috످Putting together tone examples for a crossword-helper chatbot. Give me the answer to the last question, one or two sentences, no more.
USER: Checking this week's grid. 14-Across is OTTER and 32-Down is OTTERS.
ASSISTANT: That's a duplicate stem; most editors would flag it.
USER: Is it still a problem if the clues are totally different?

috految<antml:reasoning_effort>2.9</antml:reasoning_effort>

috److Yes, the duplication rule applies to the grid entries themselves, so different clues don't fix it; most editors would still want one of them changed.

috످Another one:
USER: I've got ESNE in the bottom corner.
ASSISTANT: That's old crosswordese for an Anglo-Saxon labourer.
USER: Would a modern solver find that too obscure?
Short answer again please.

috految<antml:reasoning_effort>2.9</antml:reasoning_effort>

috److Yes, most modern solvers won't know ESNE, so swap it out if you can or make sure the crossing words are easy.

috످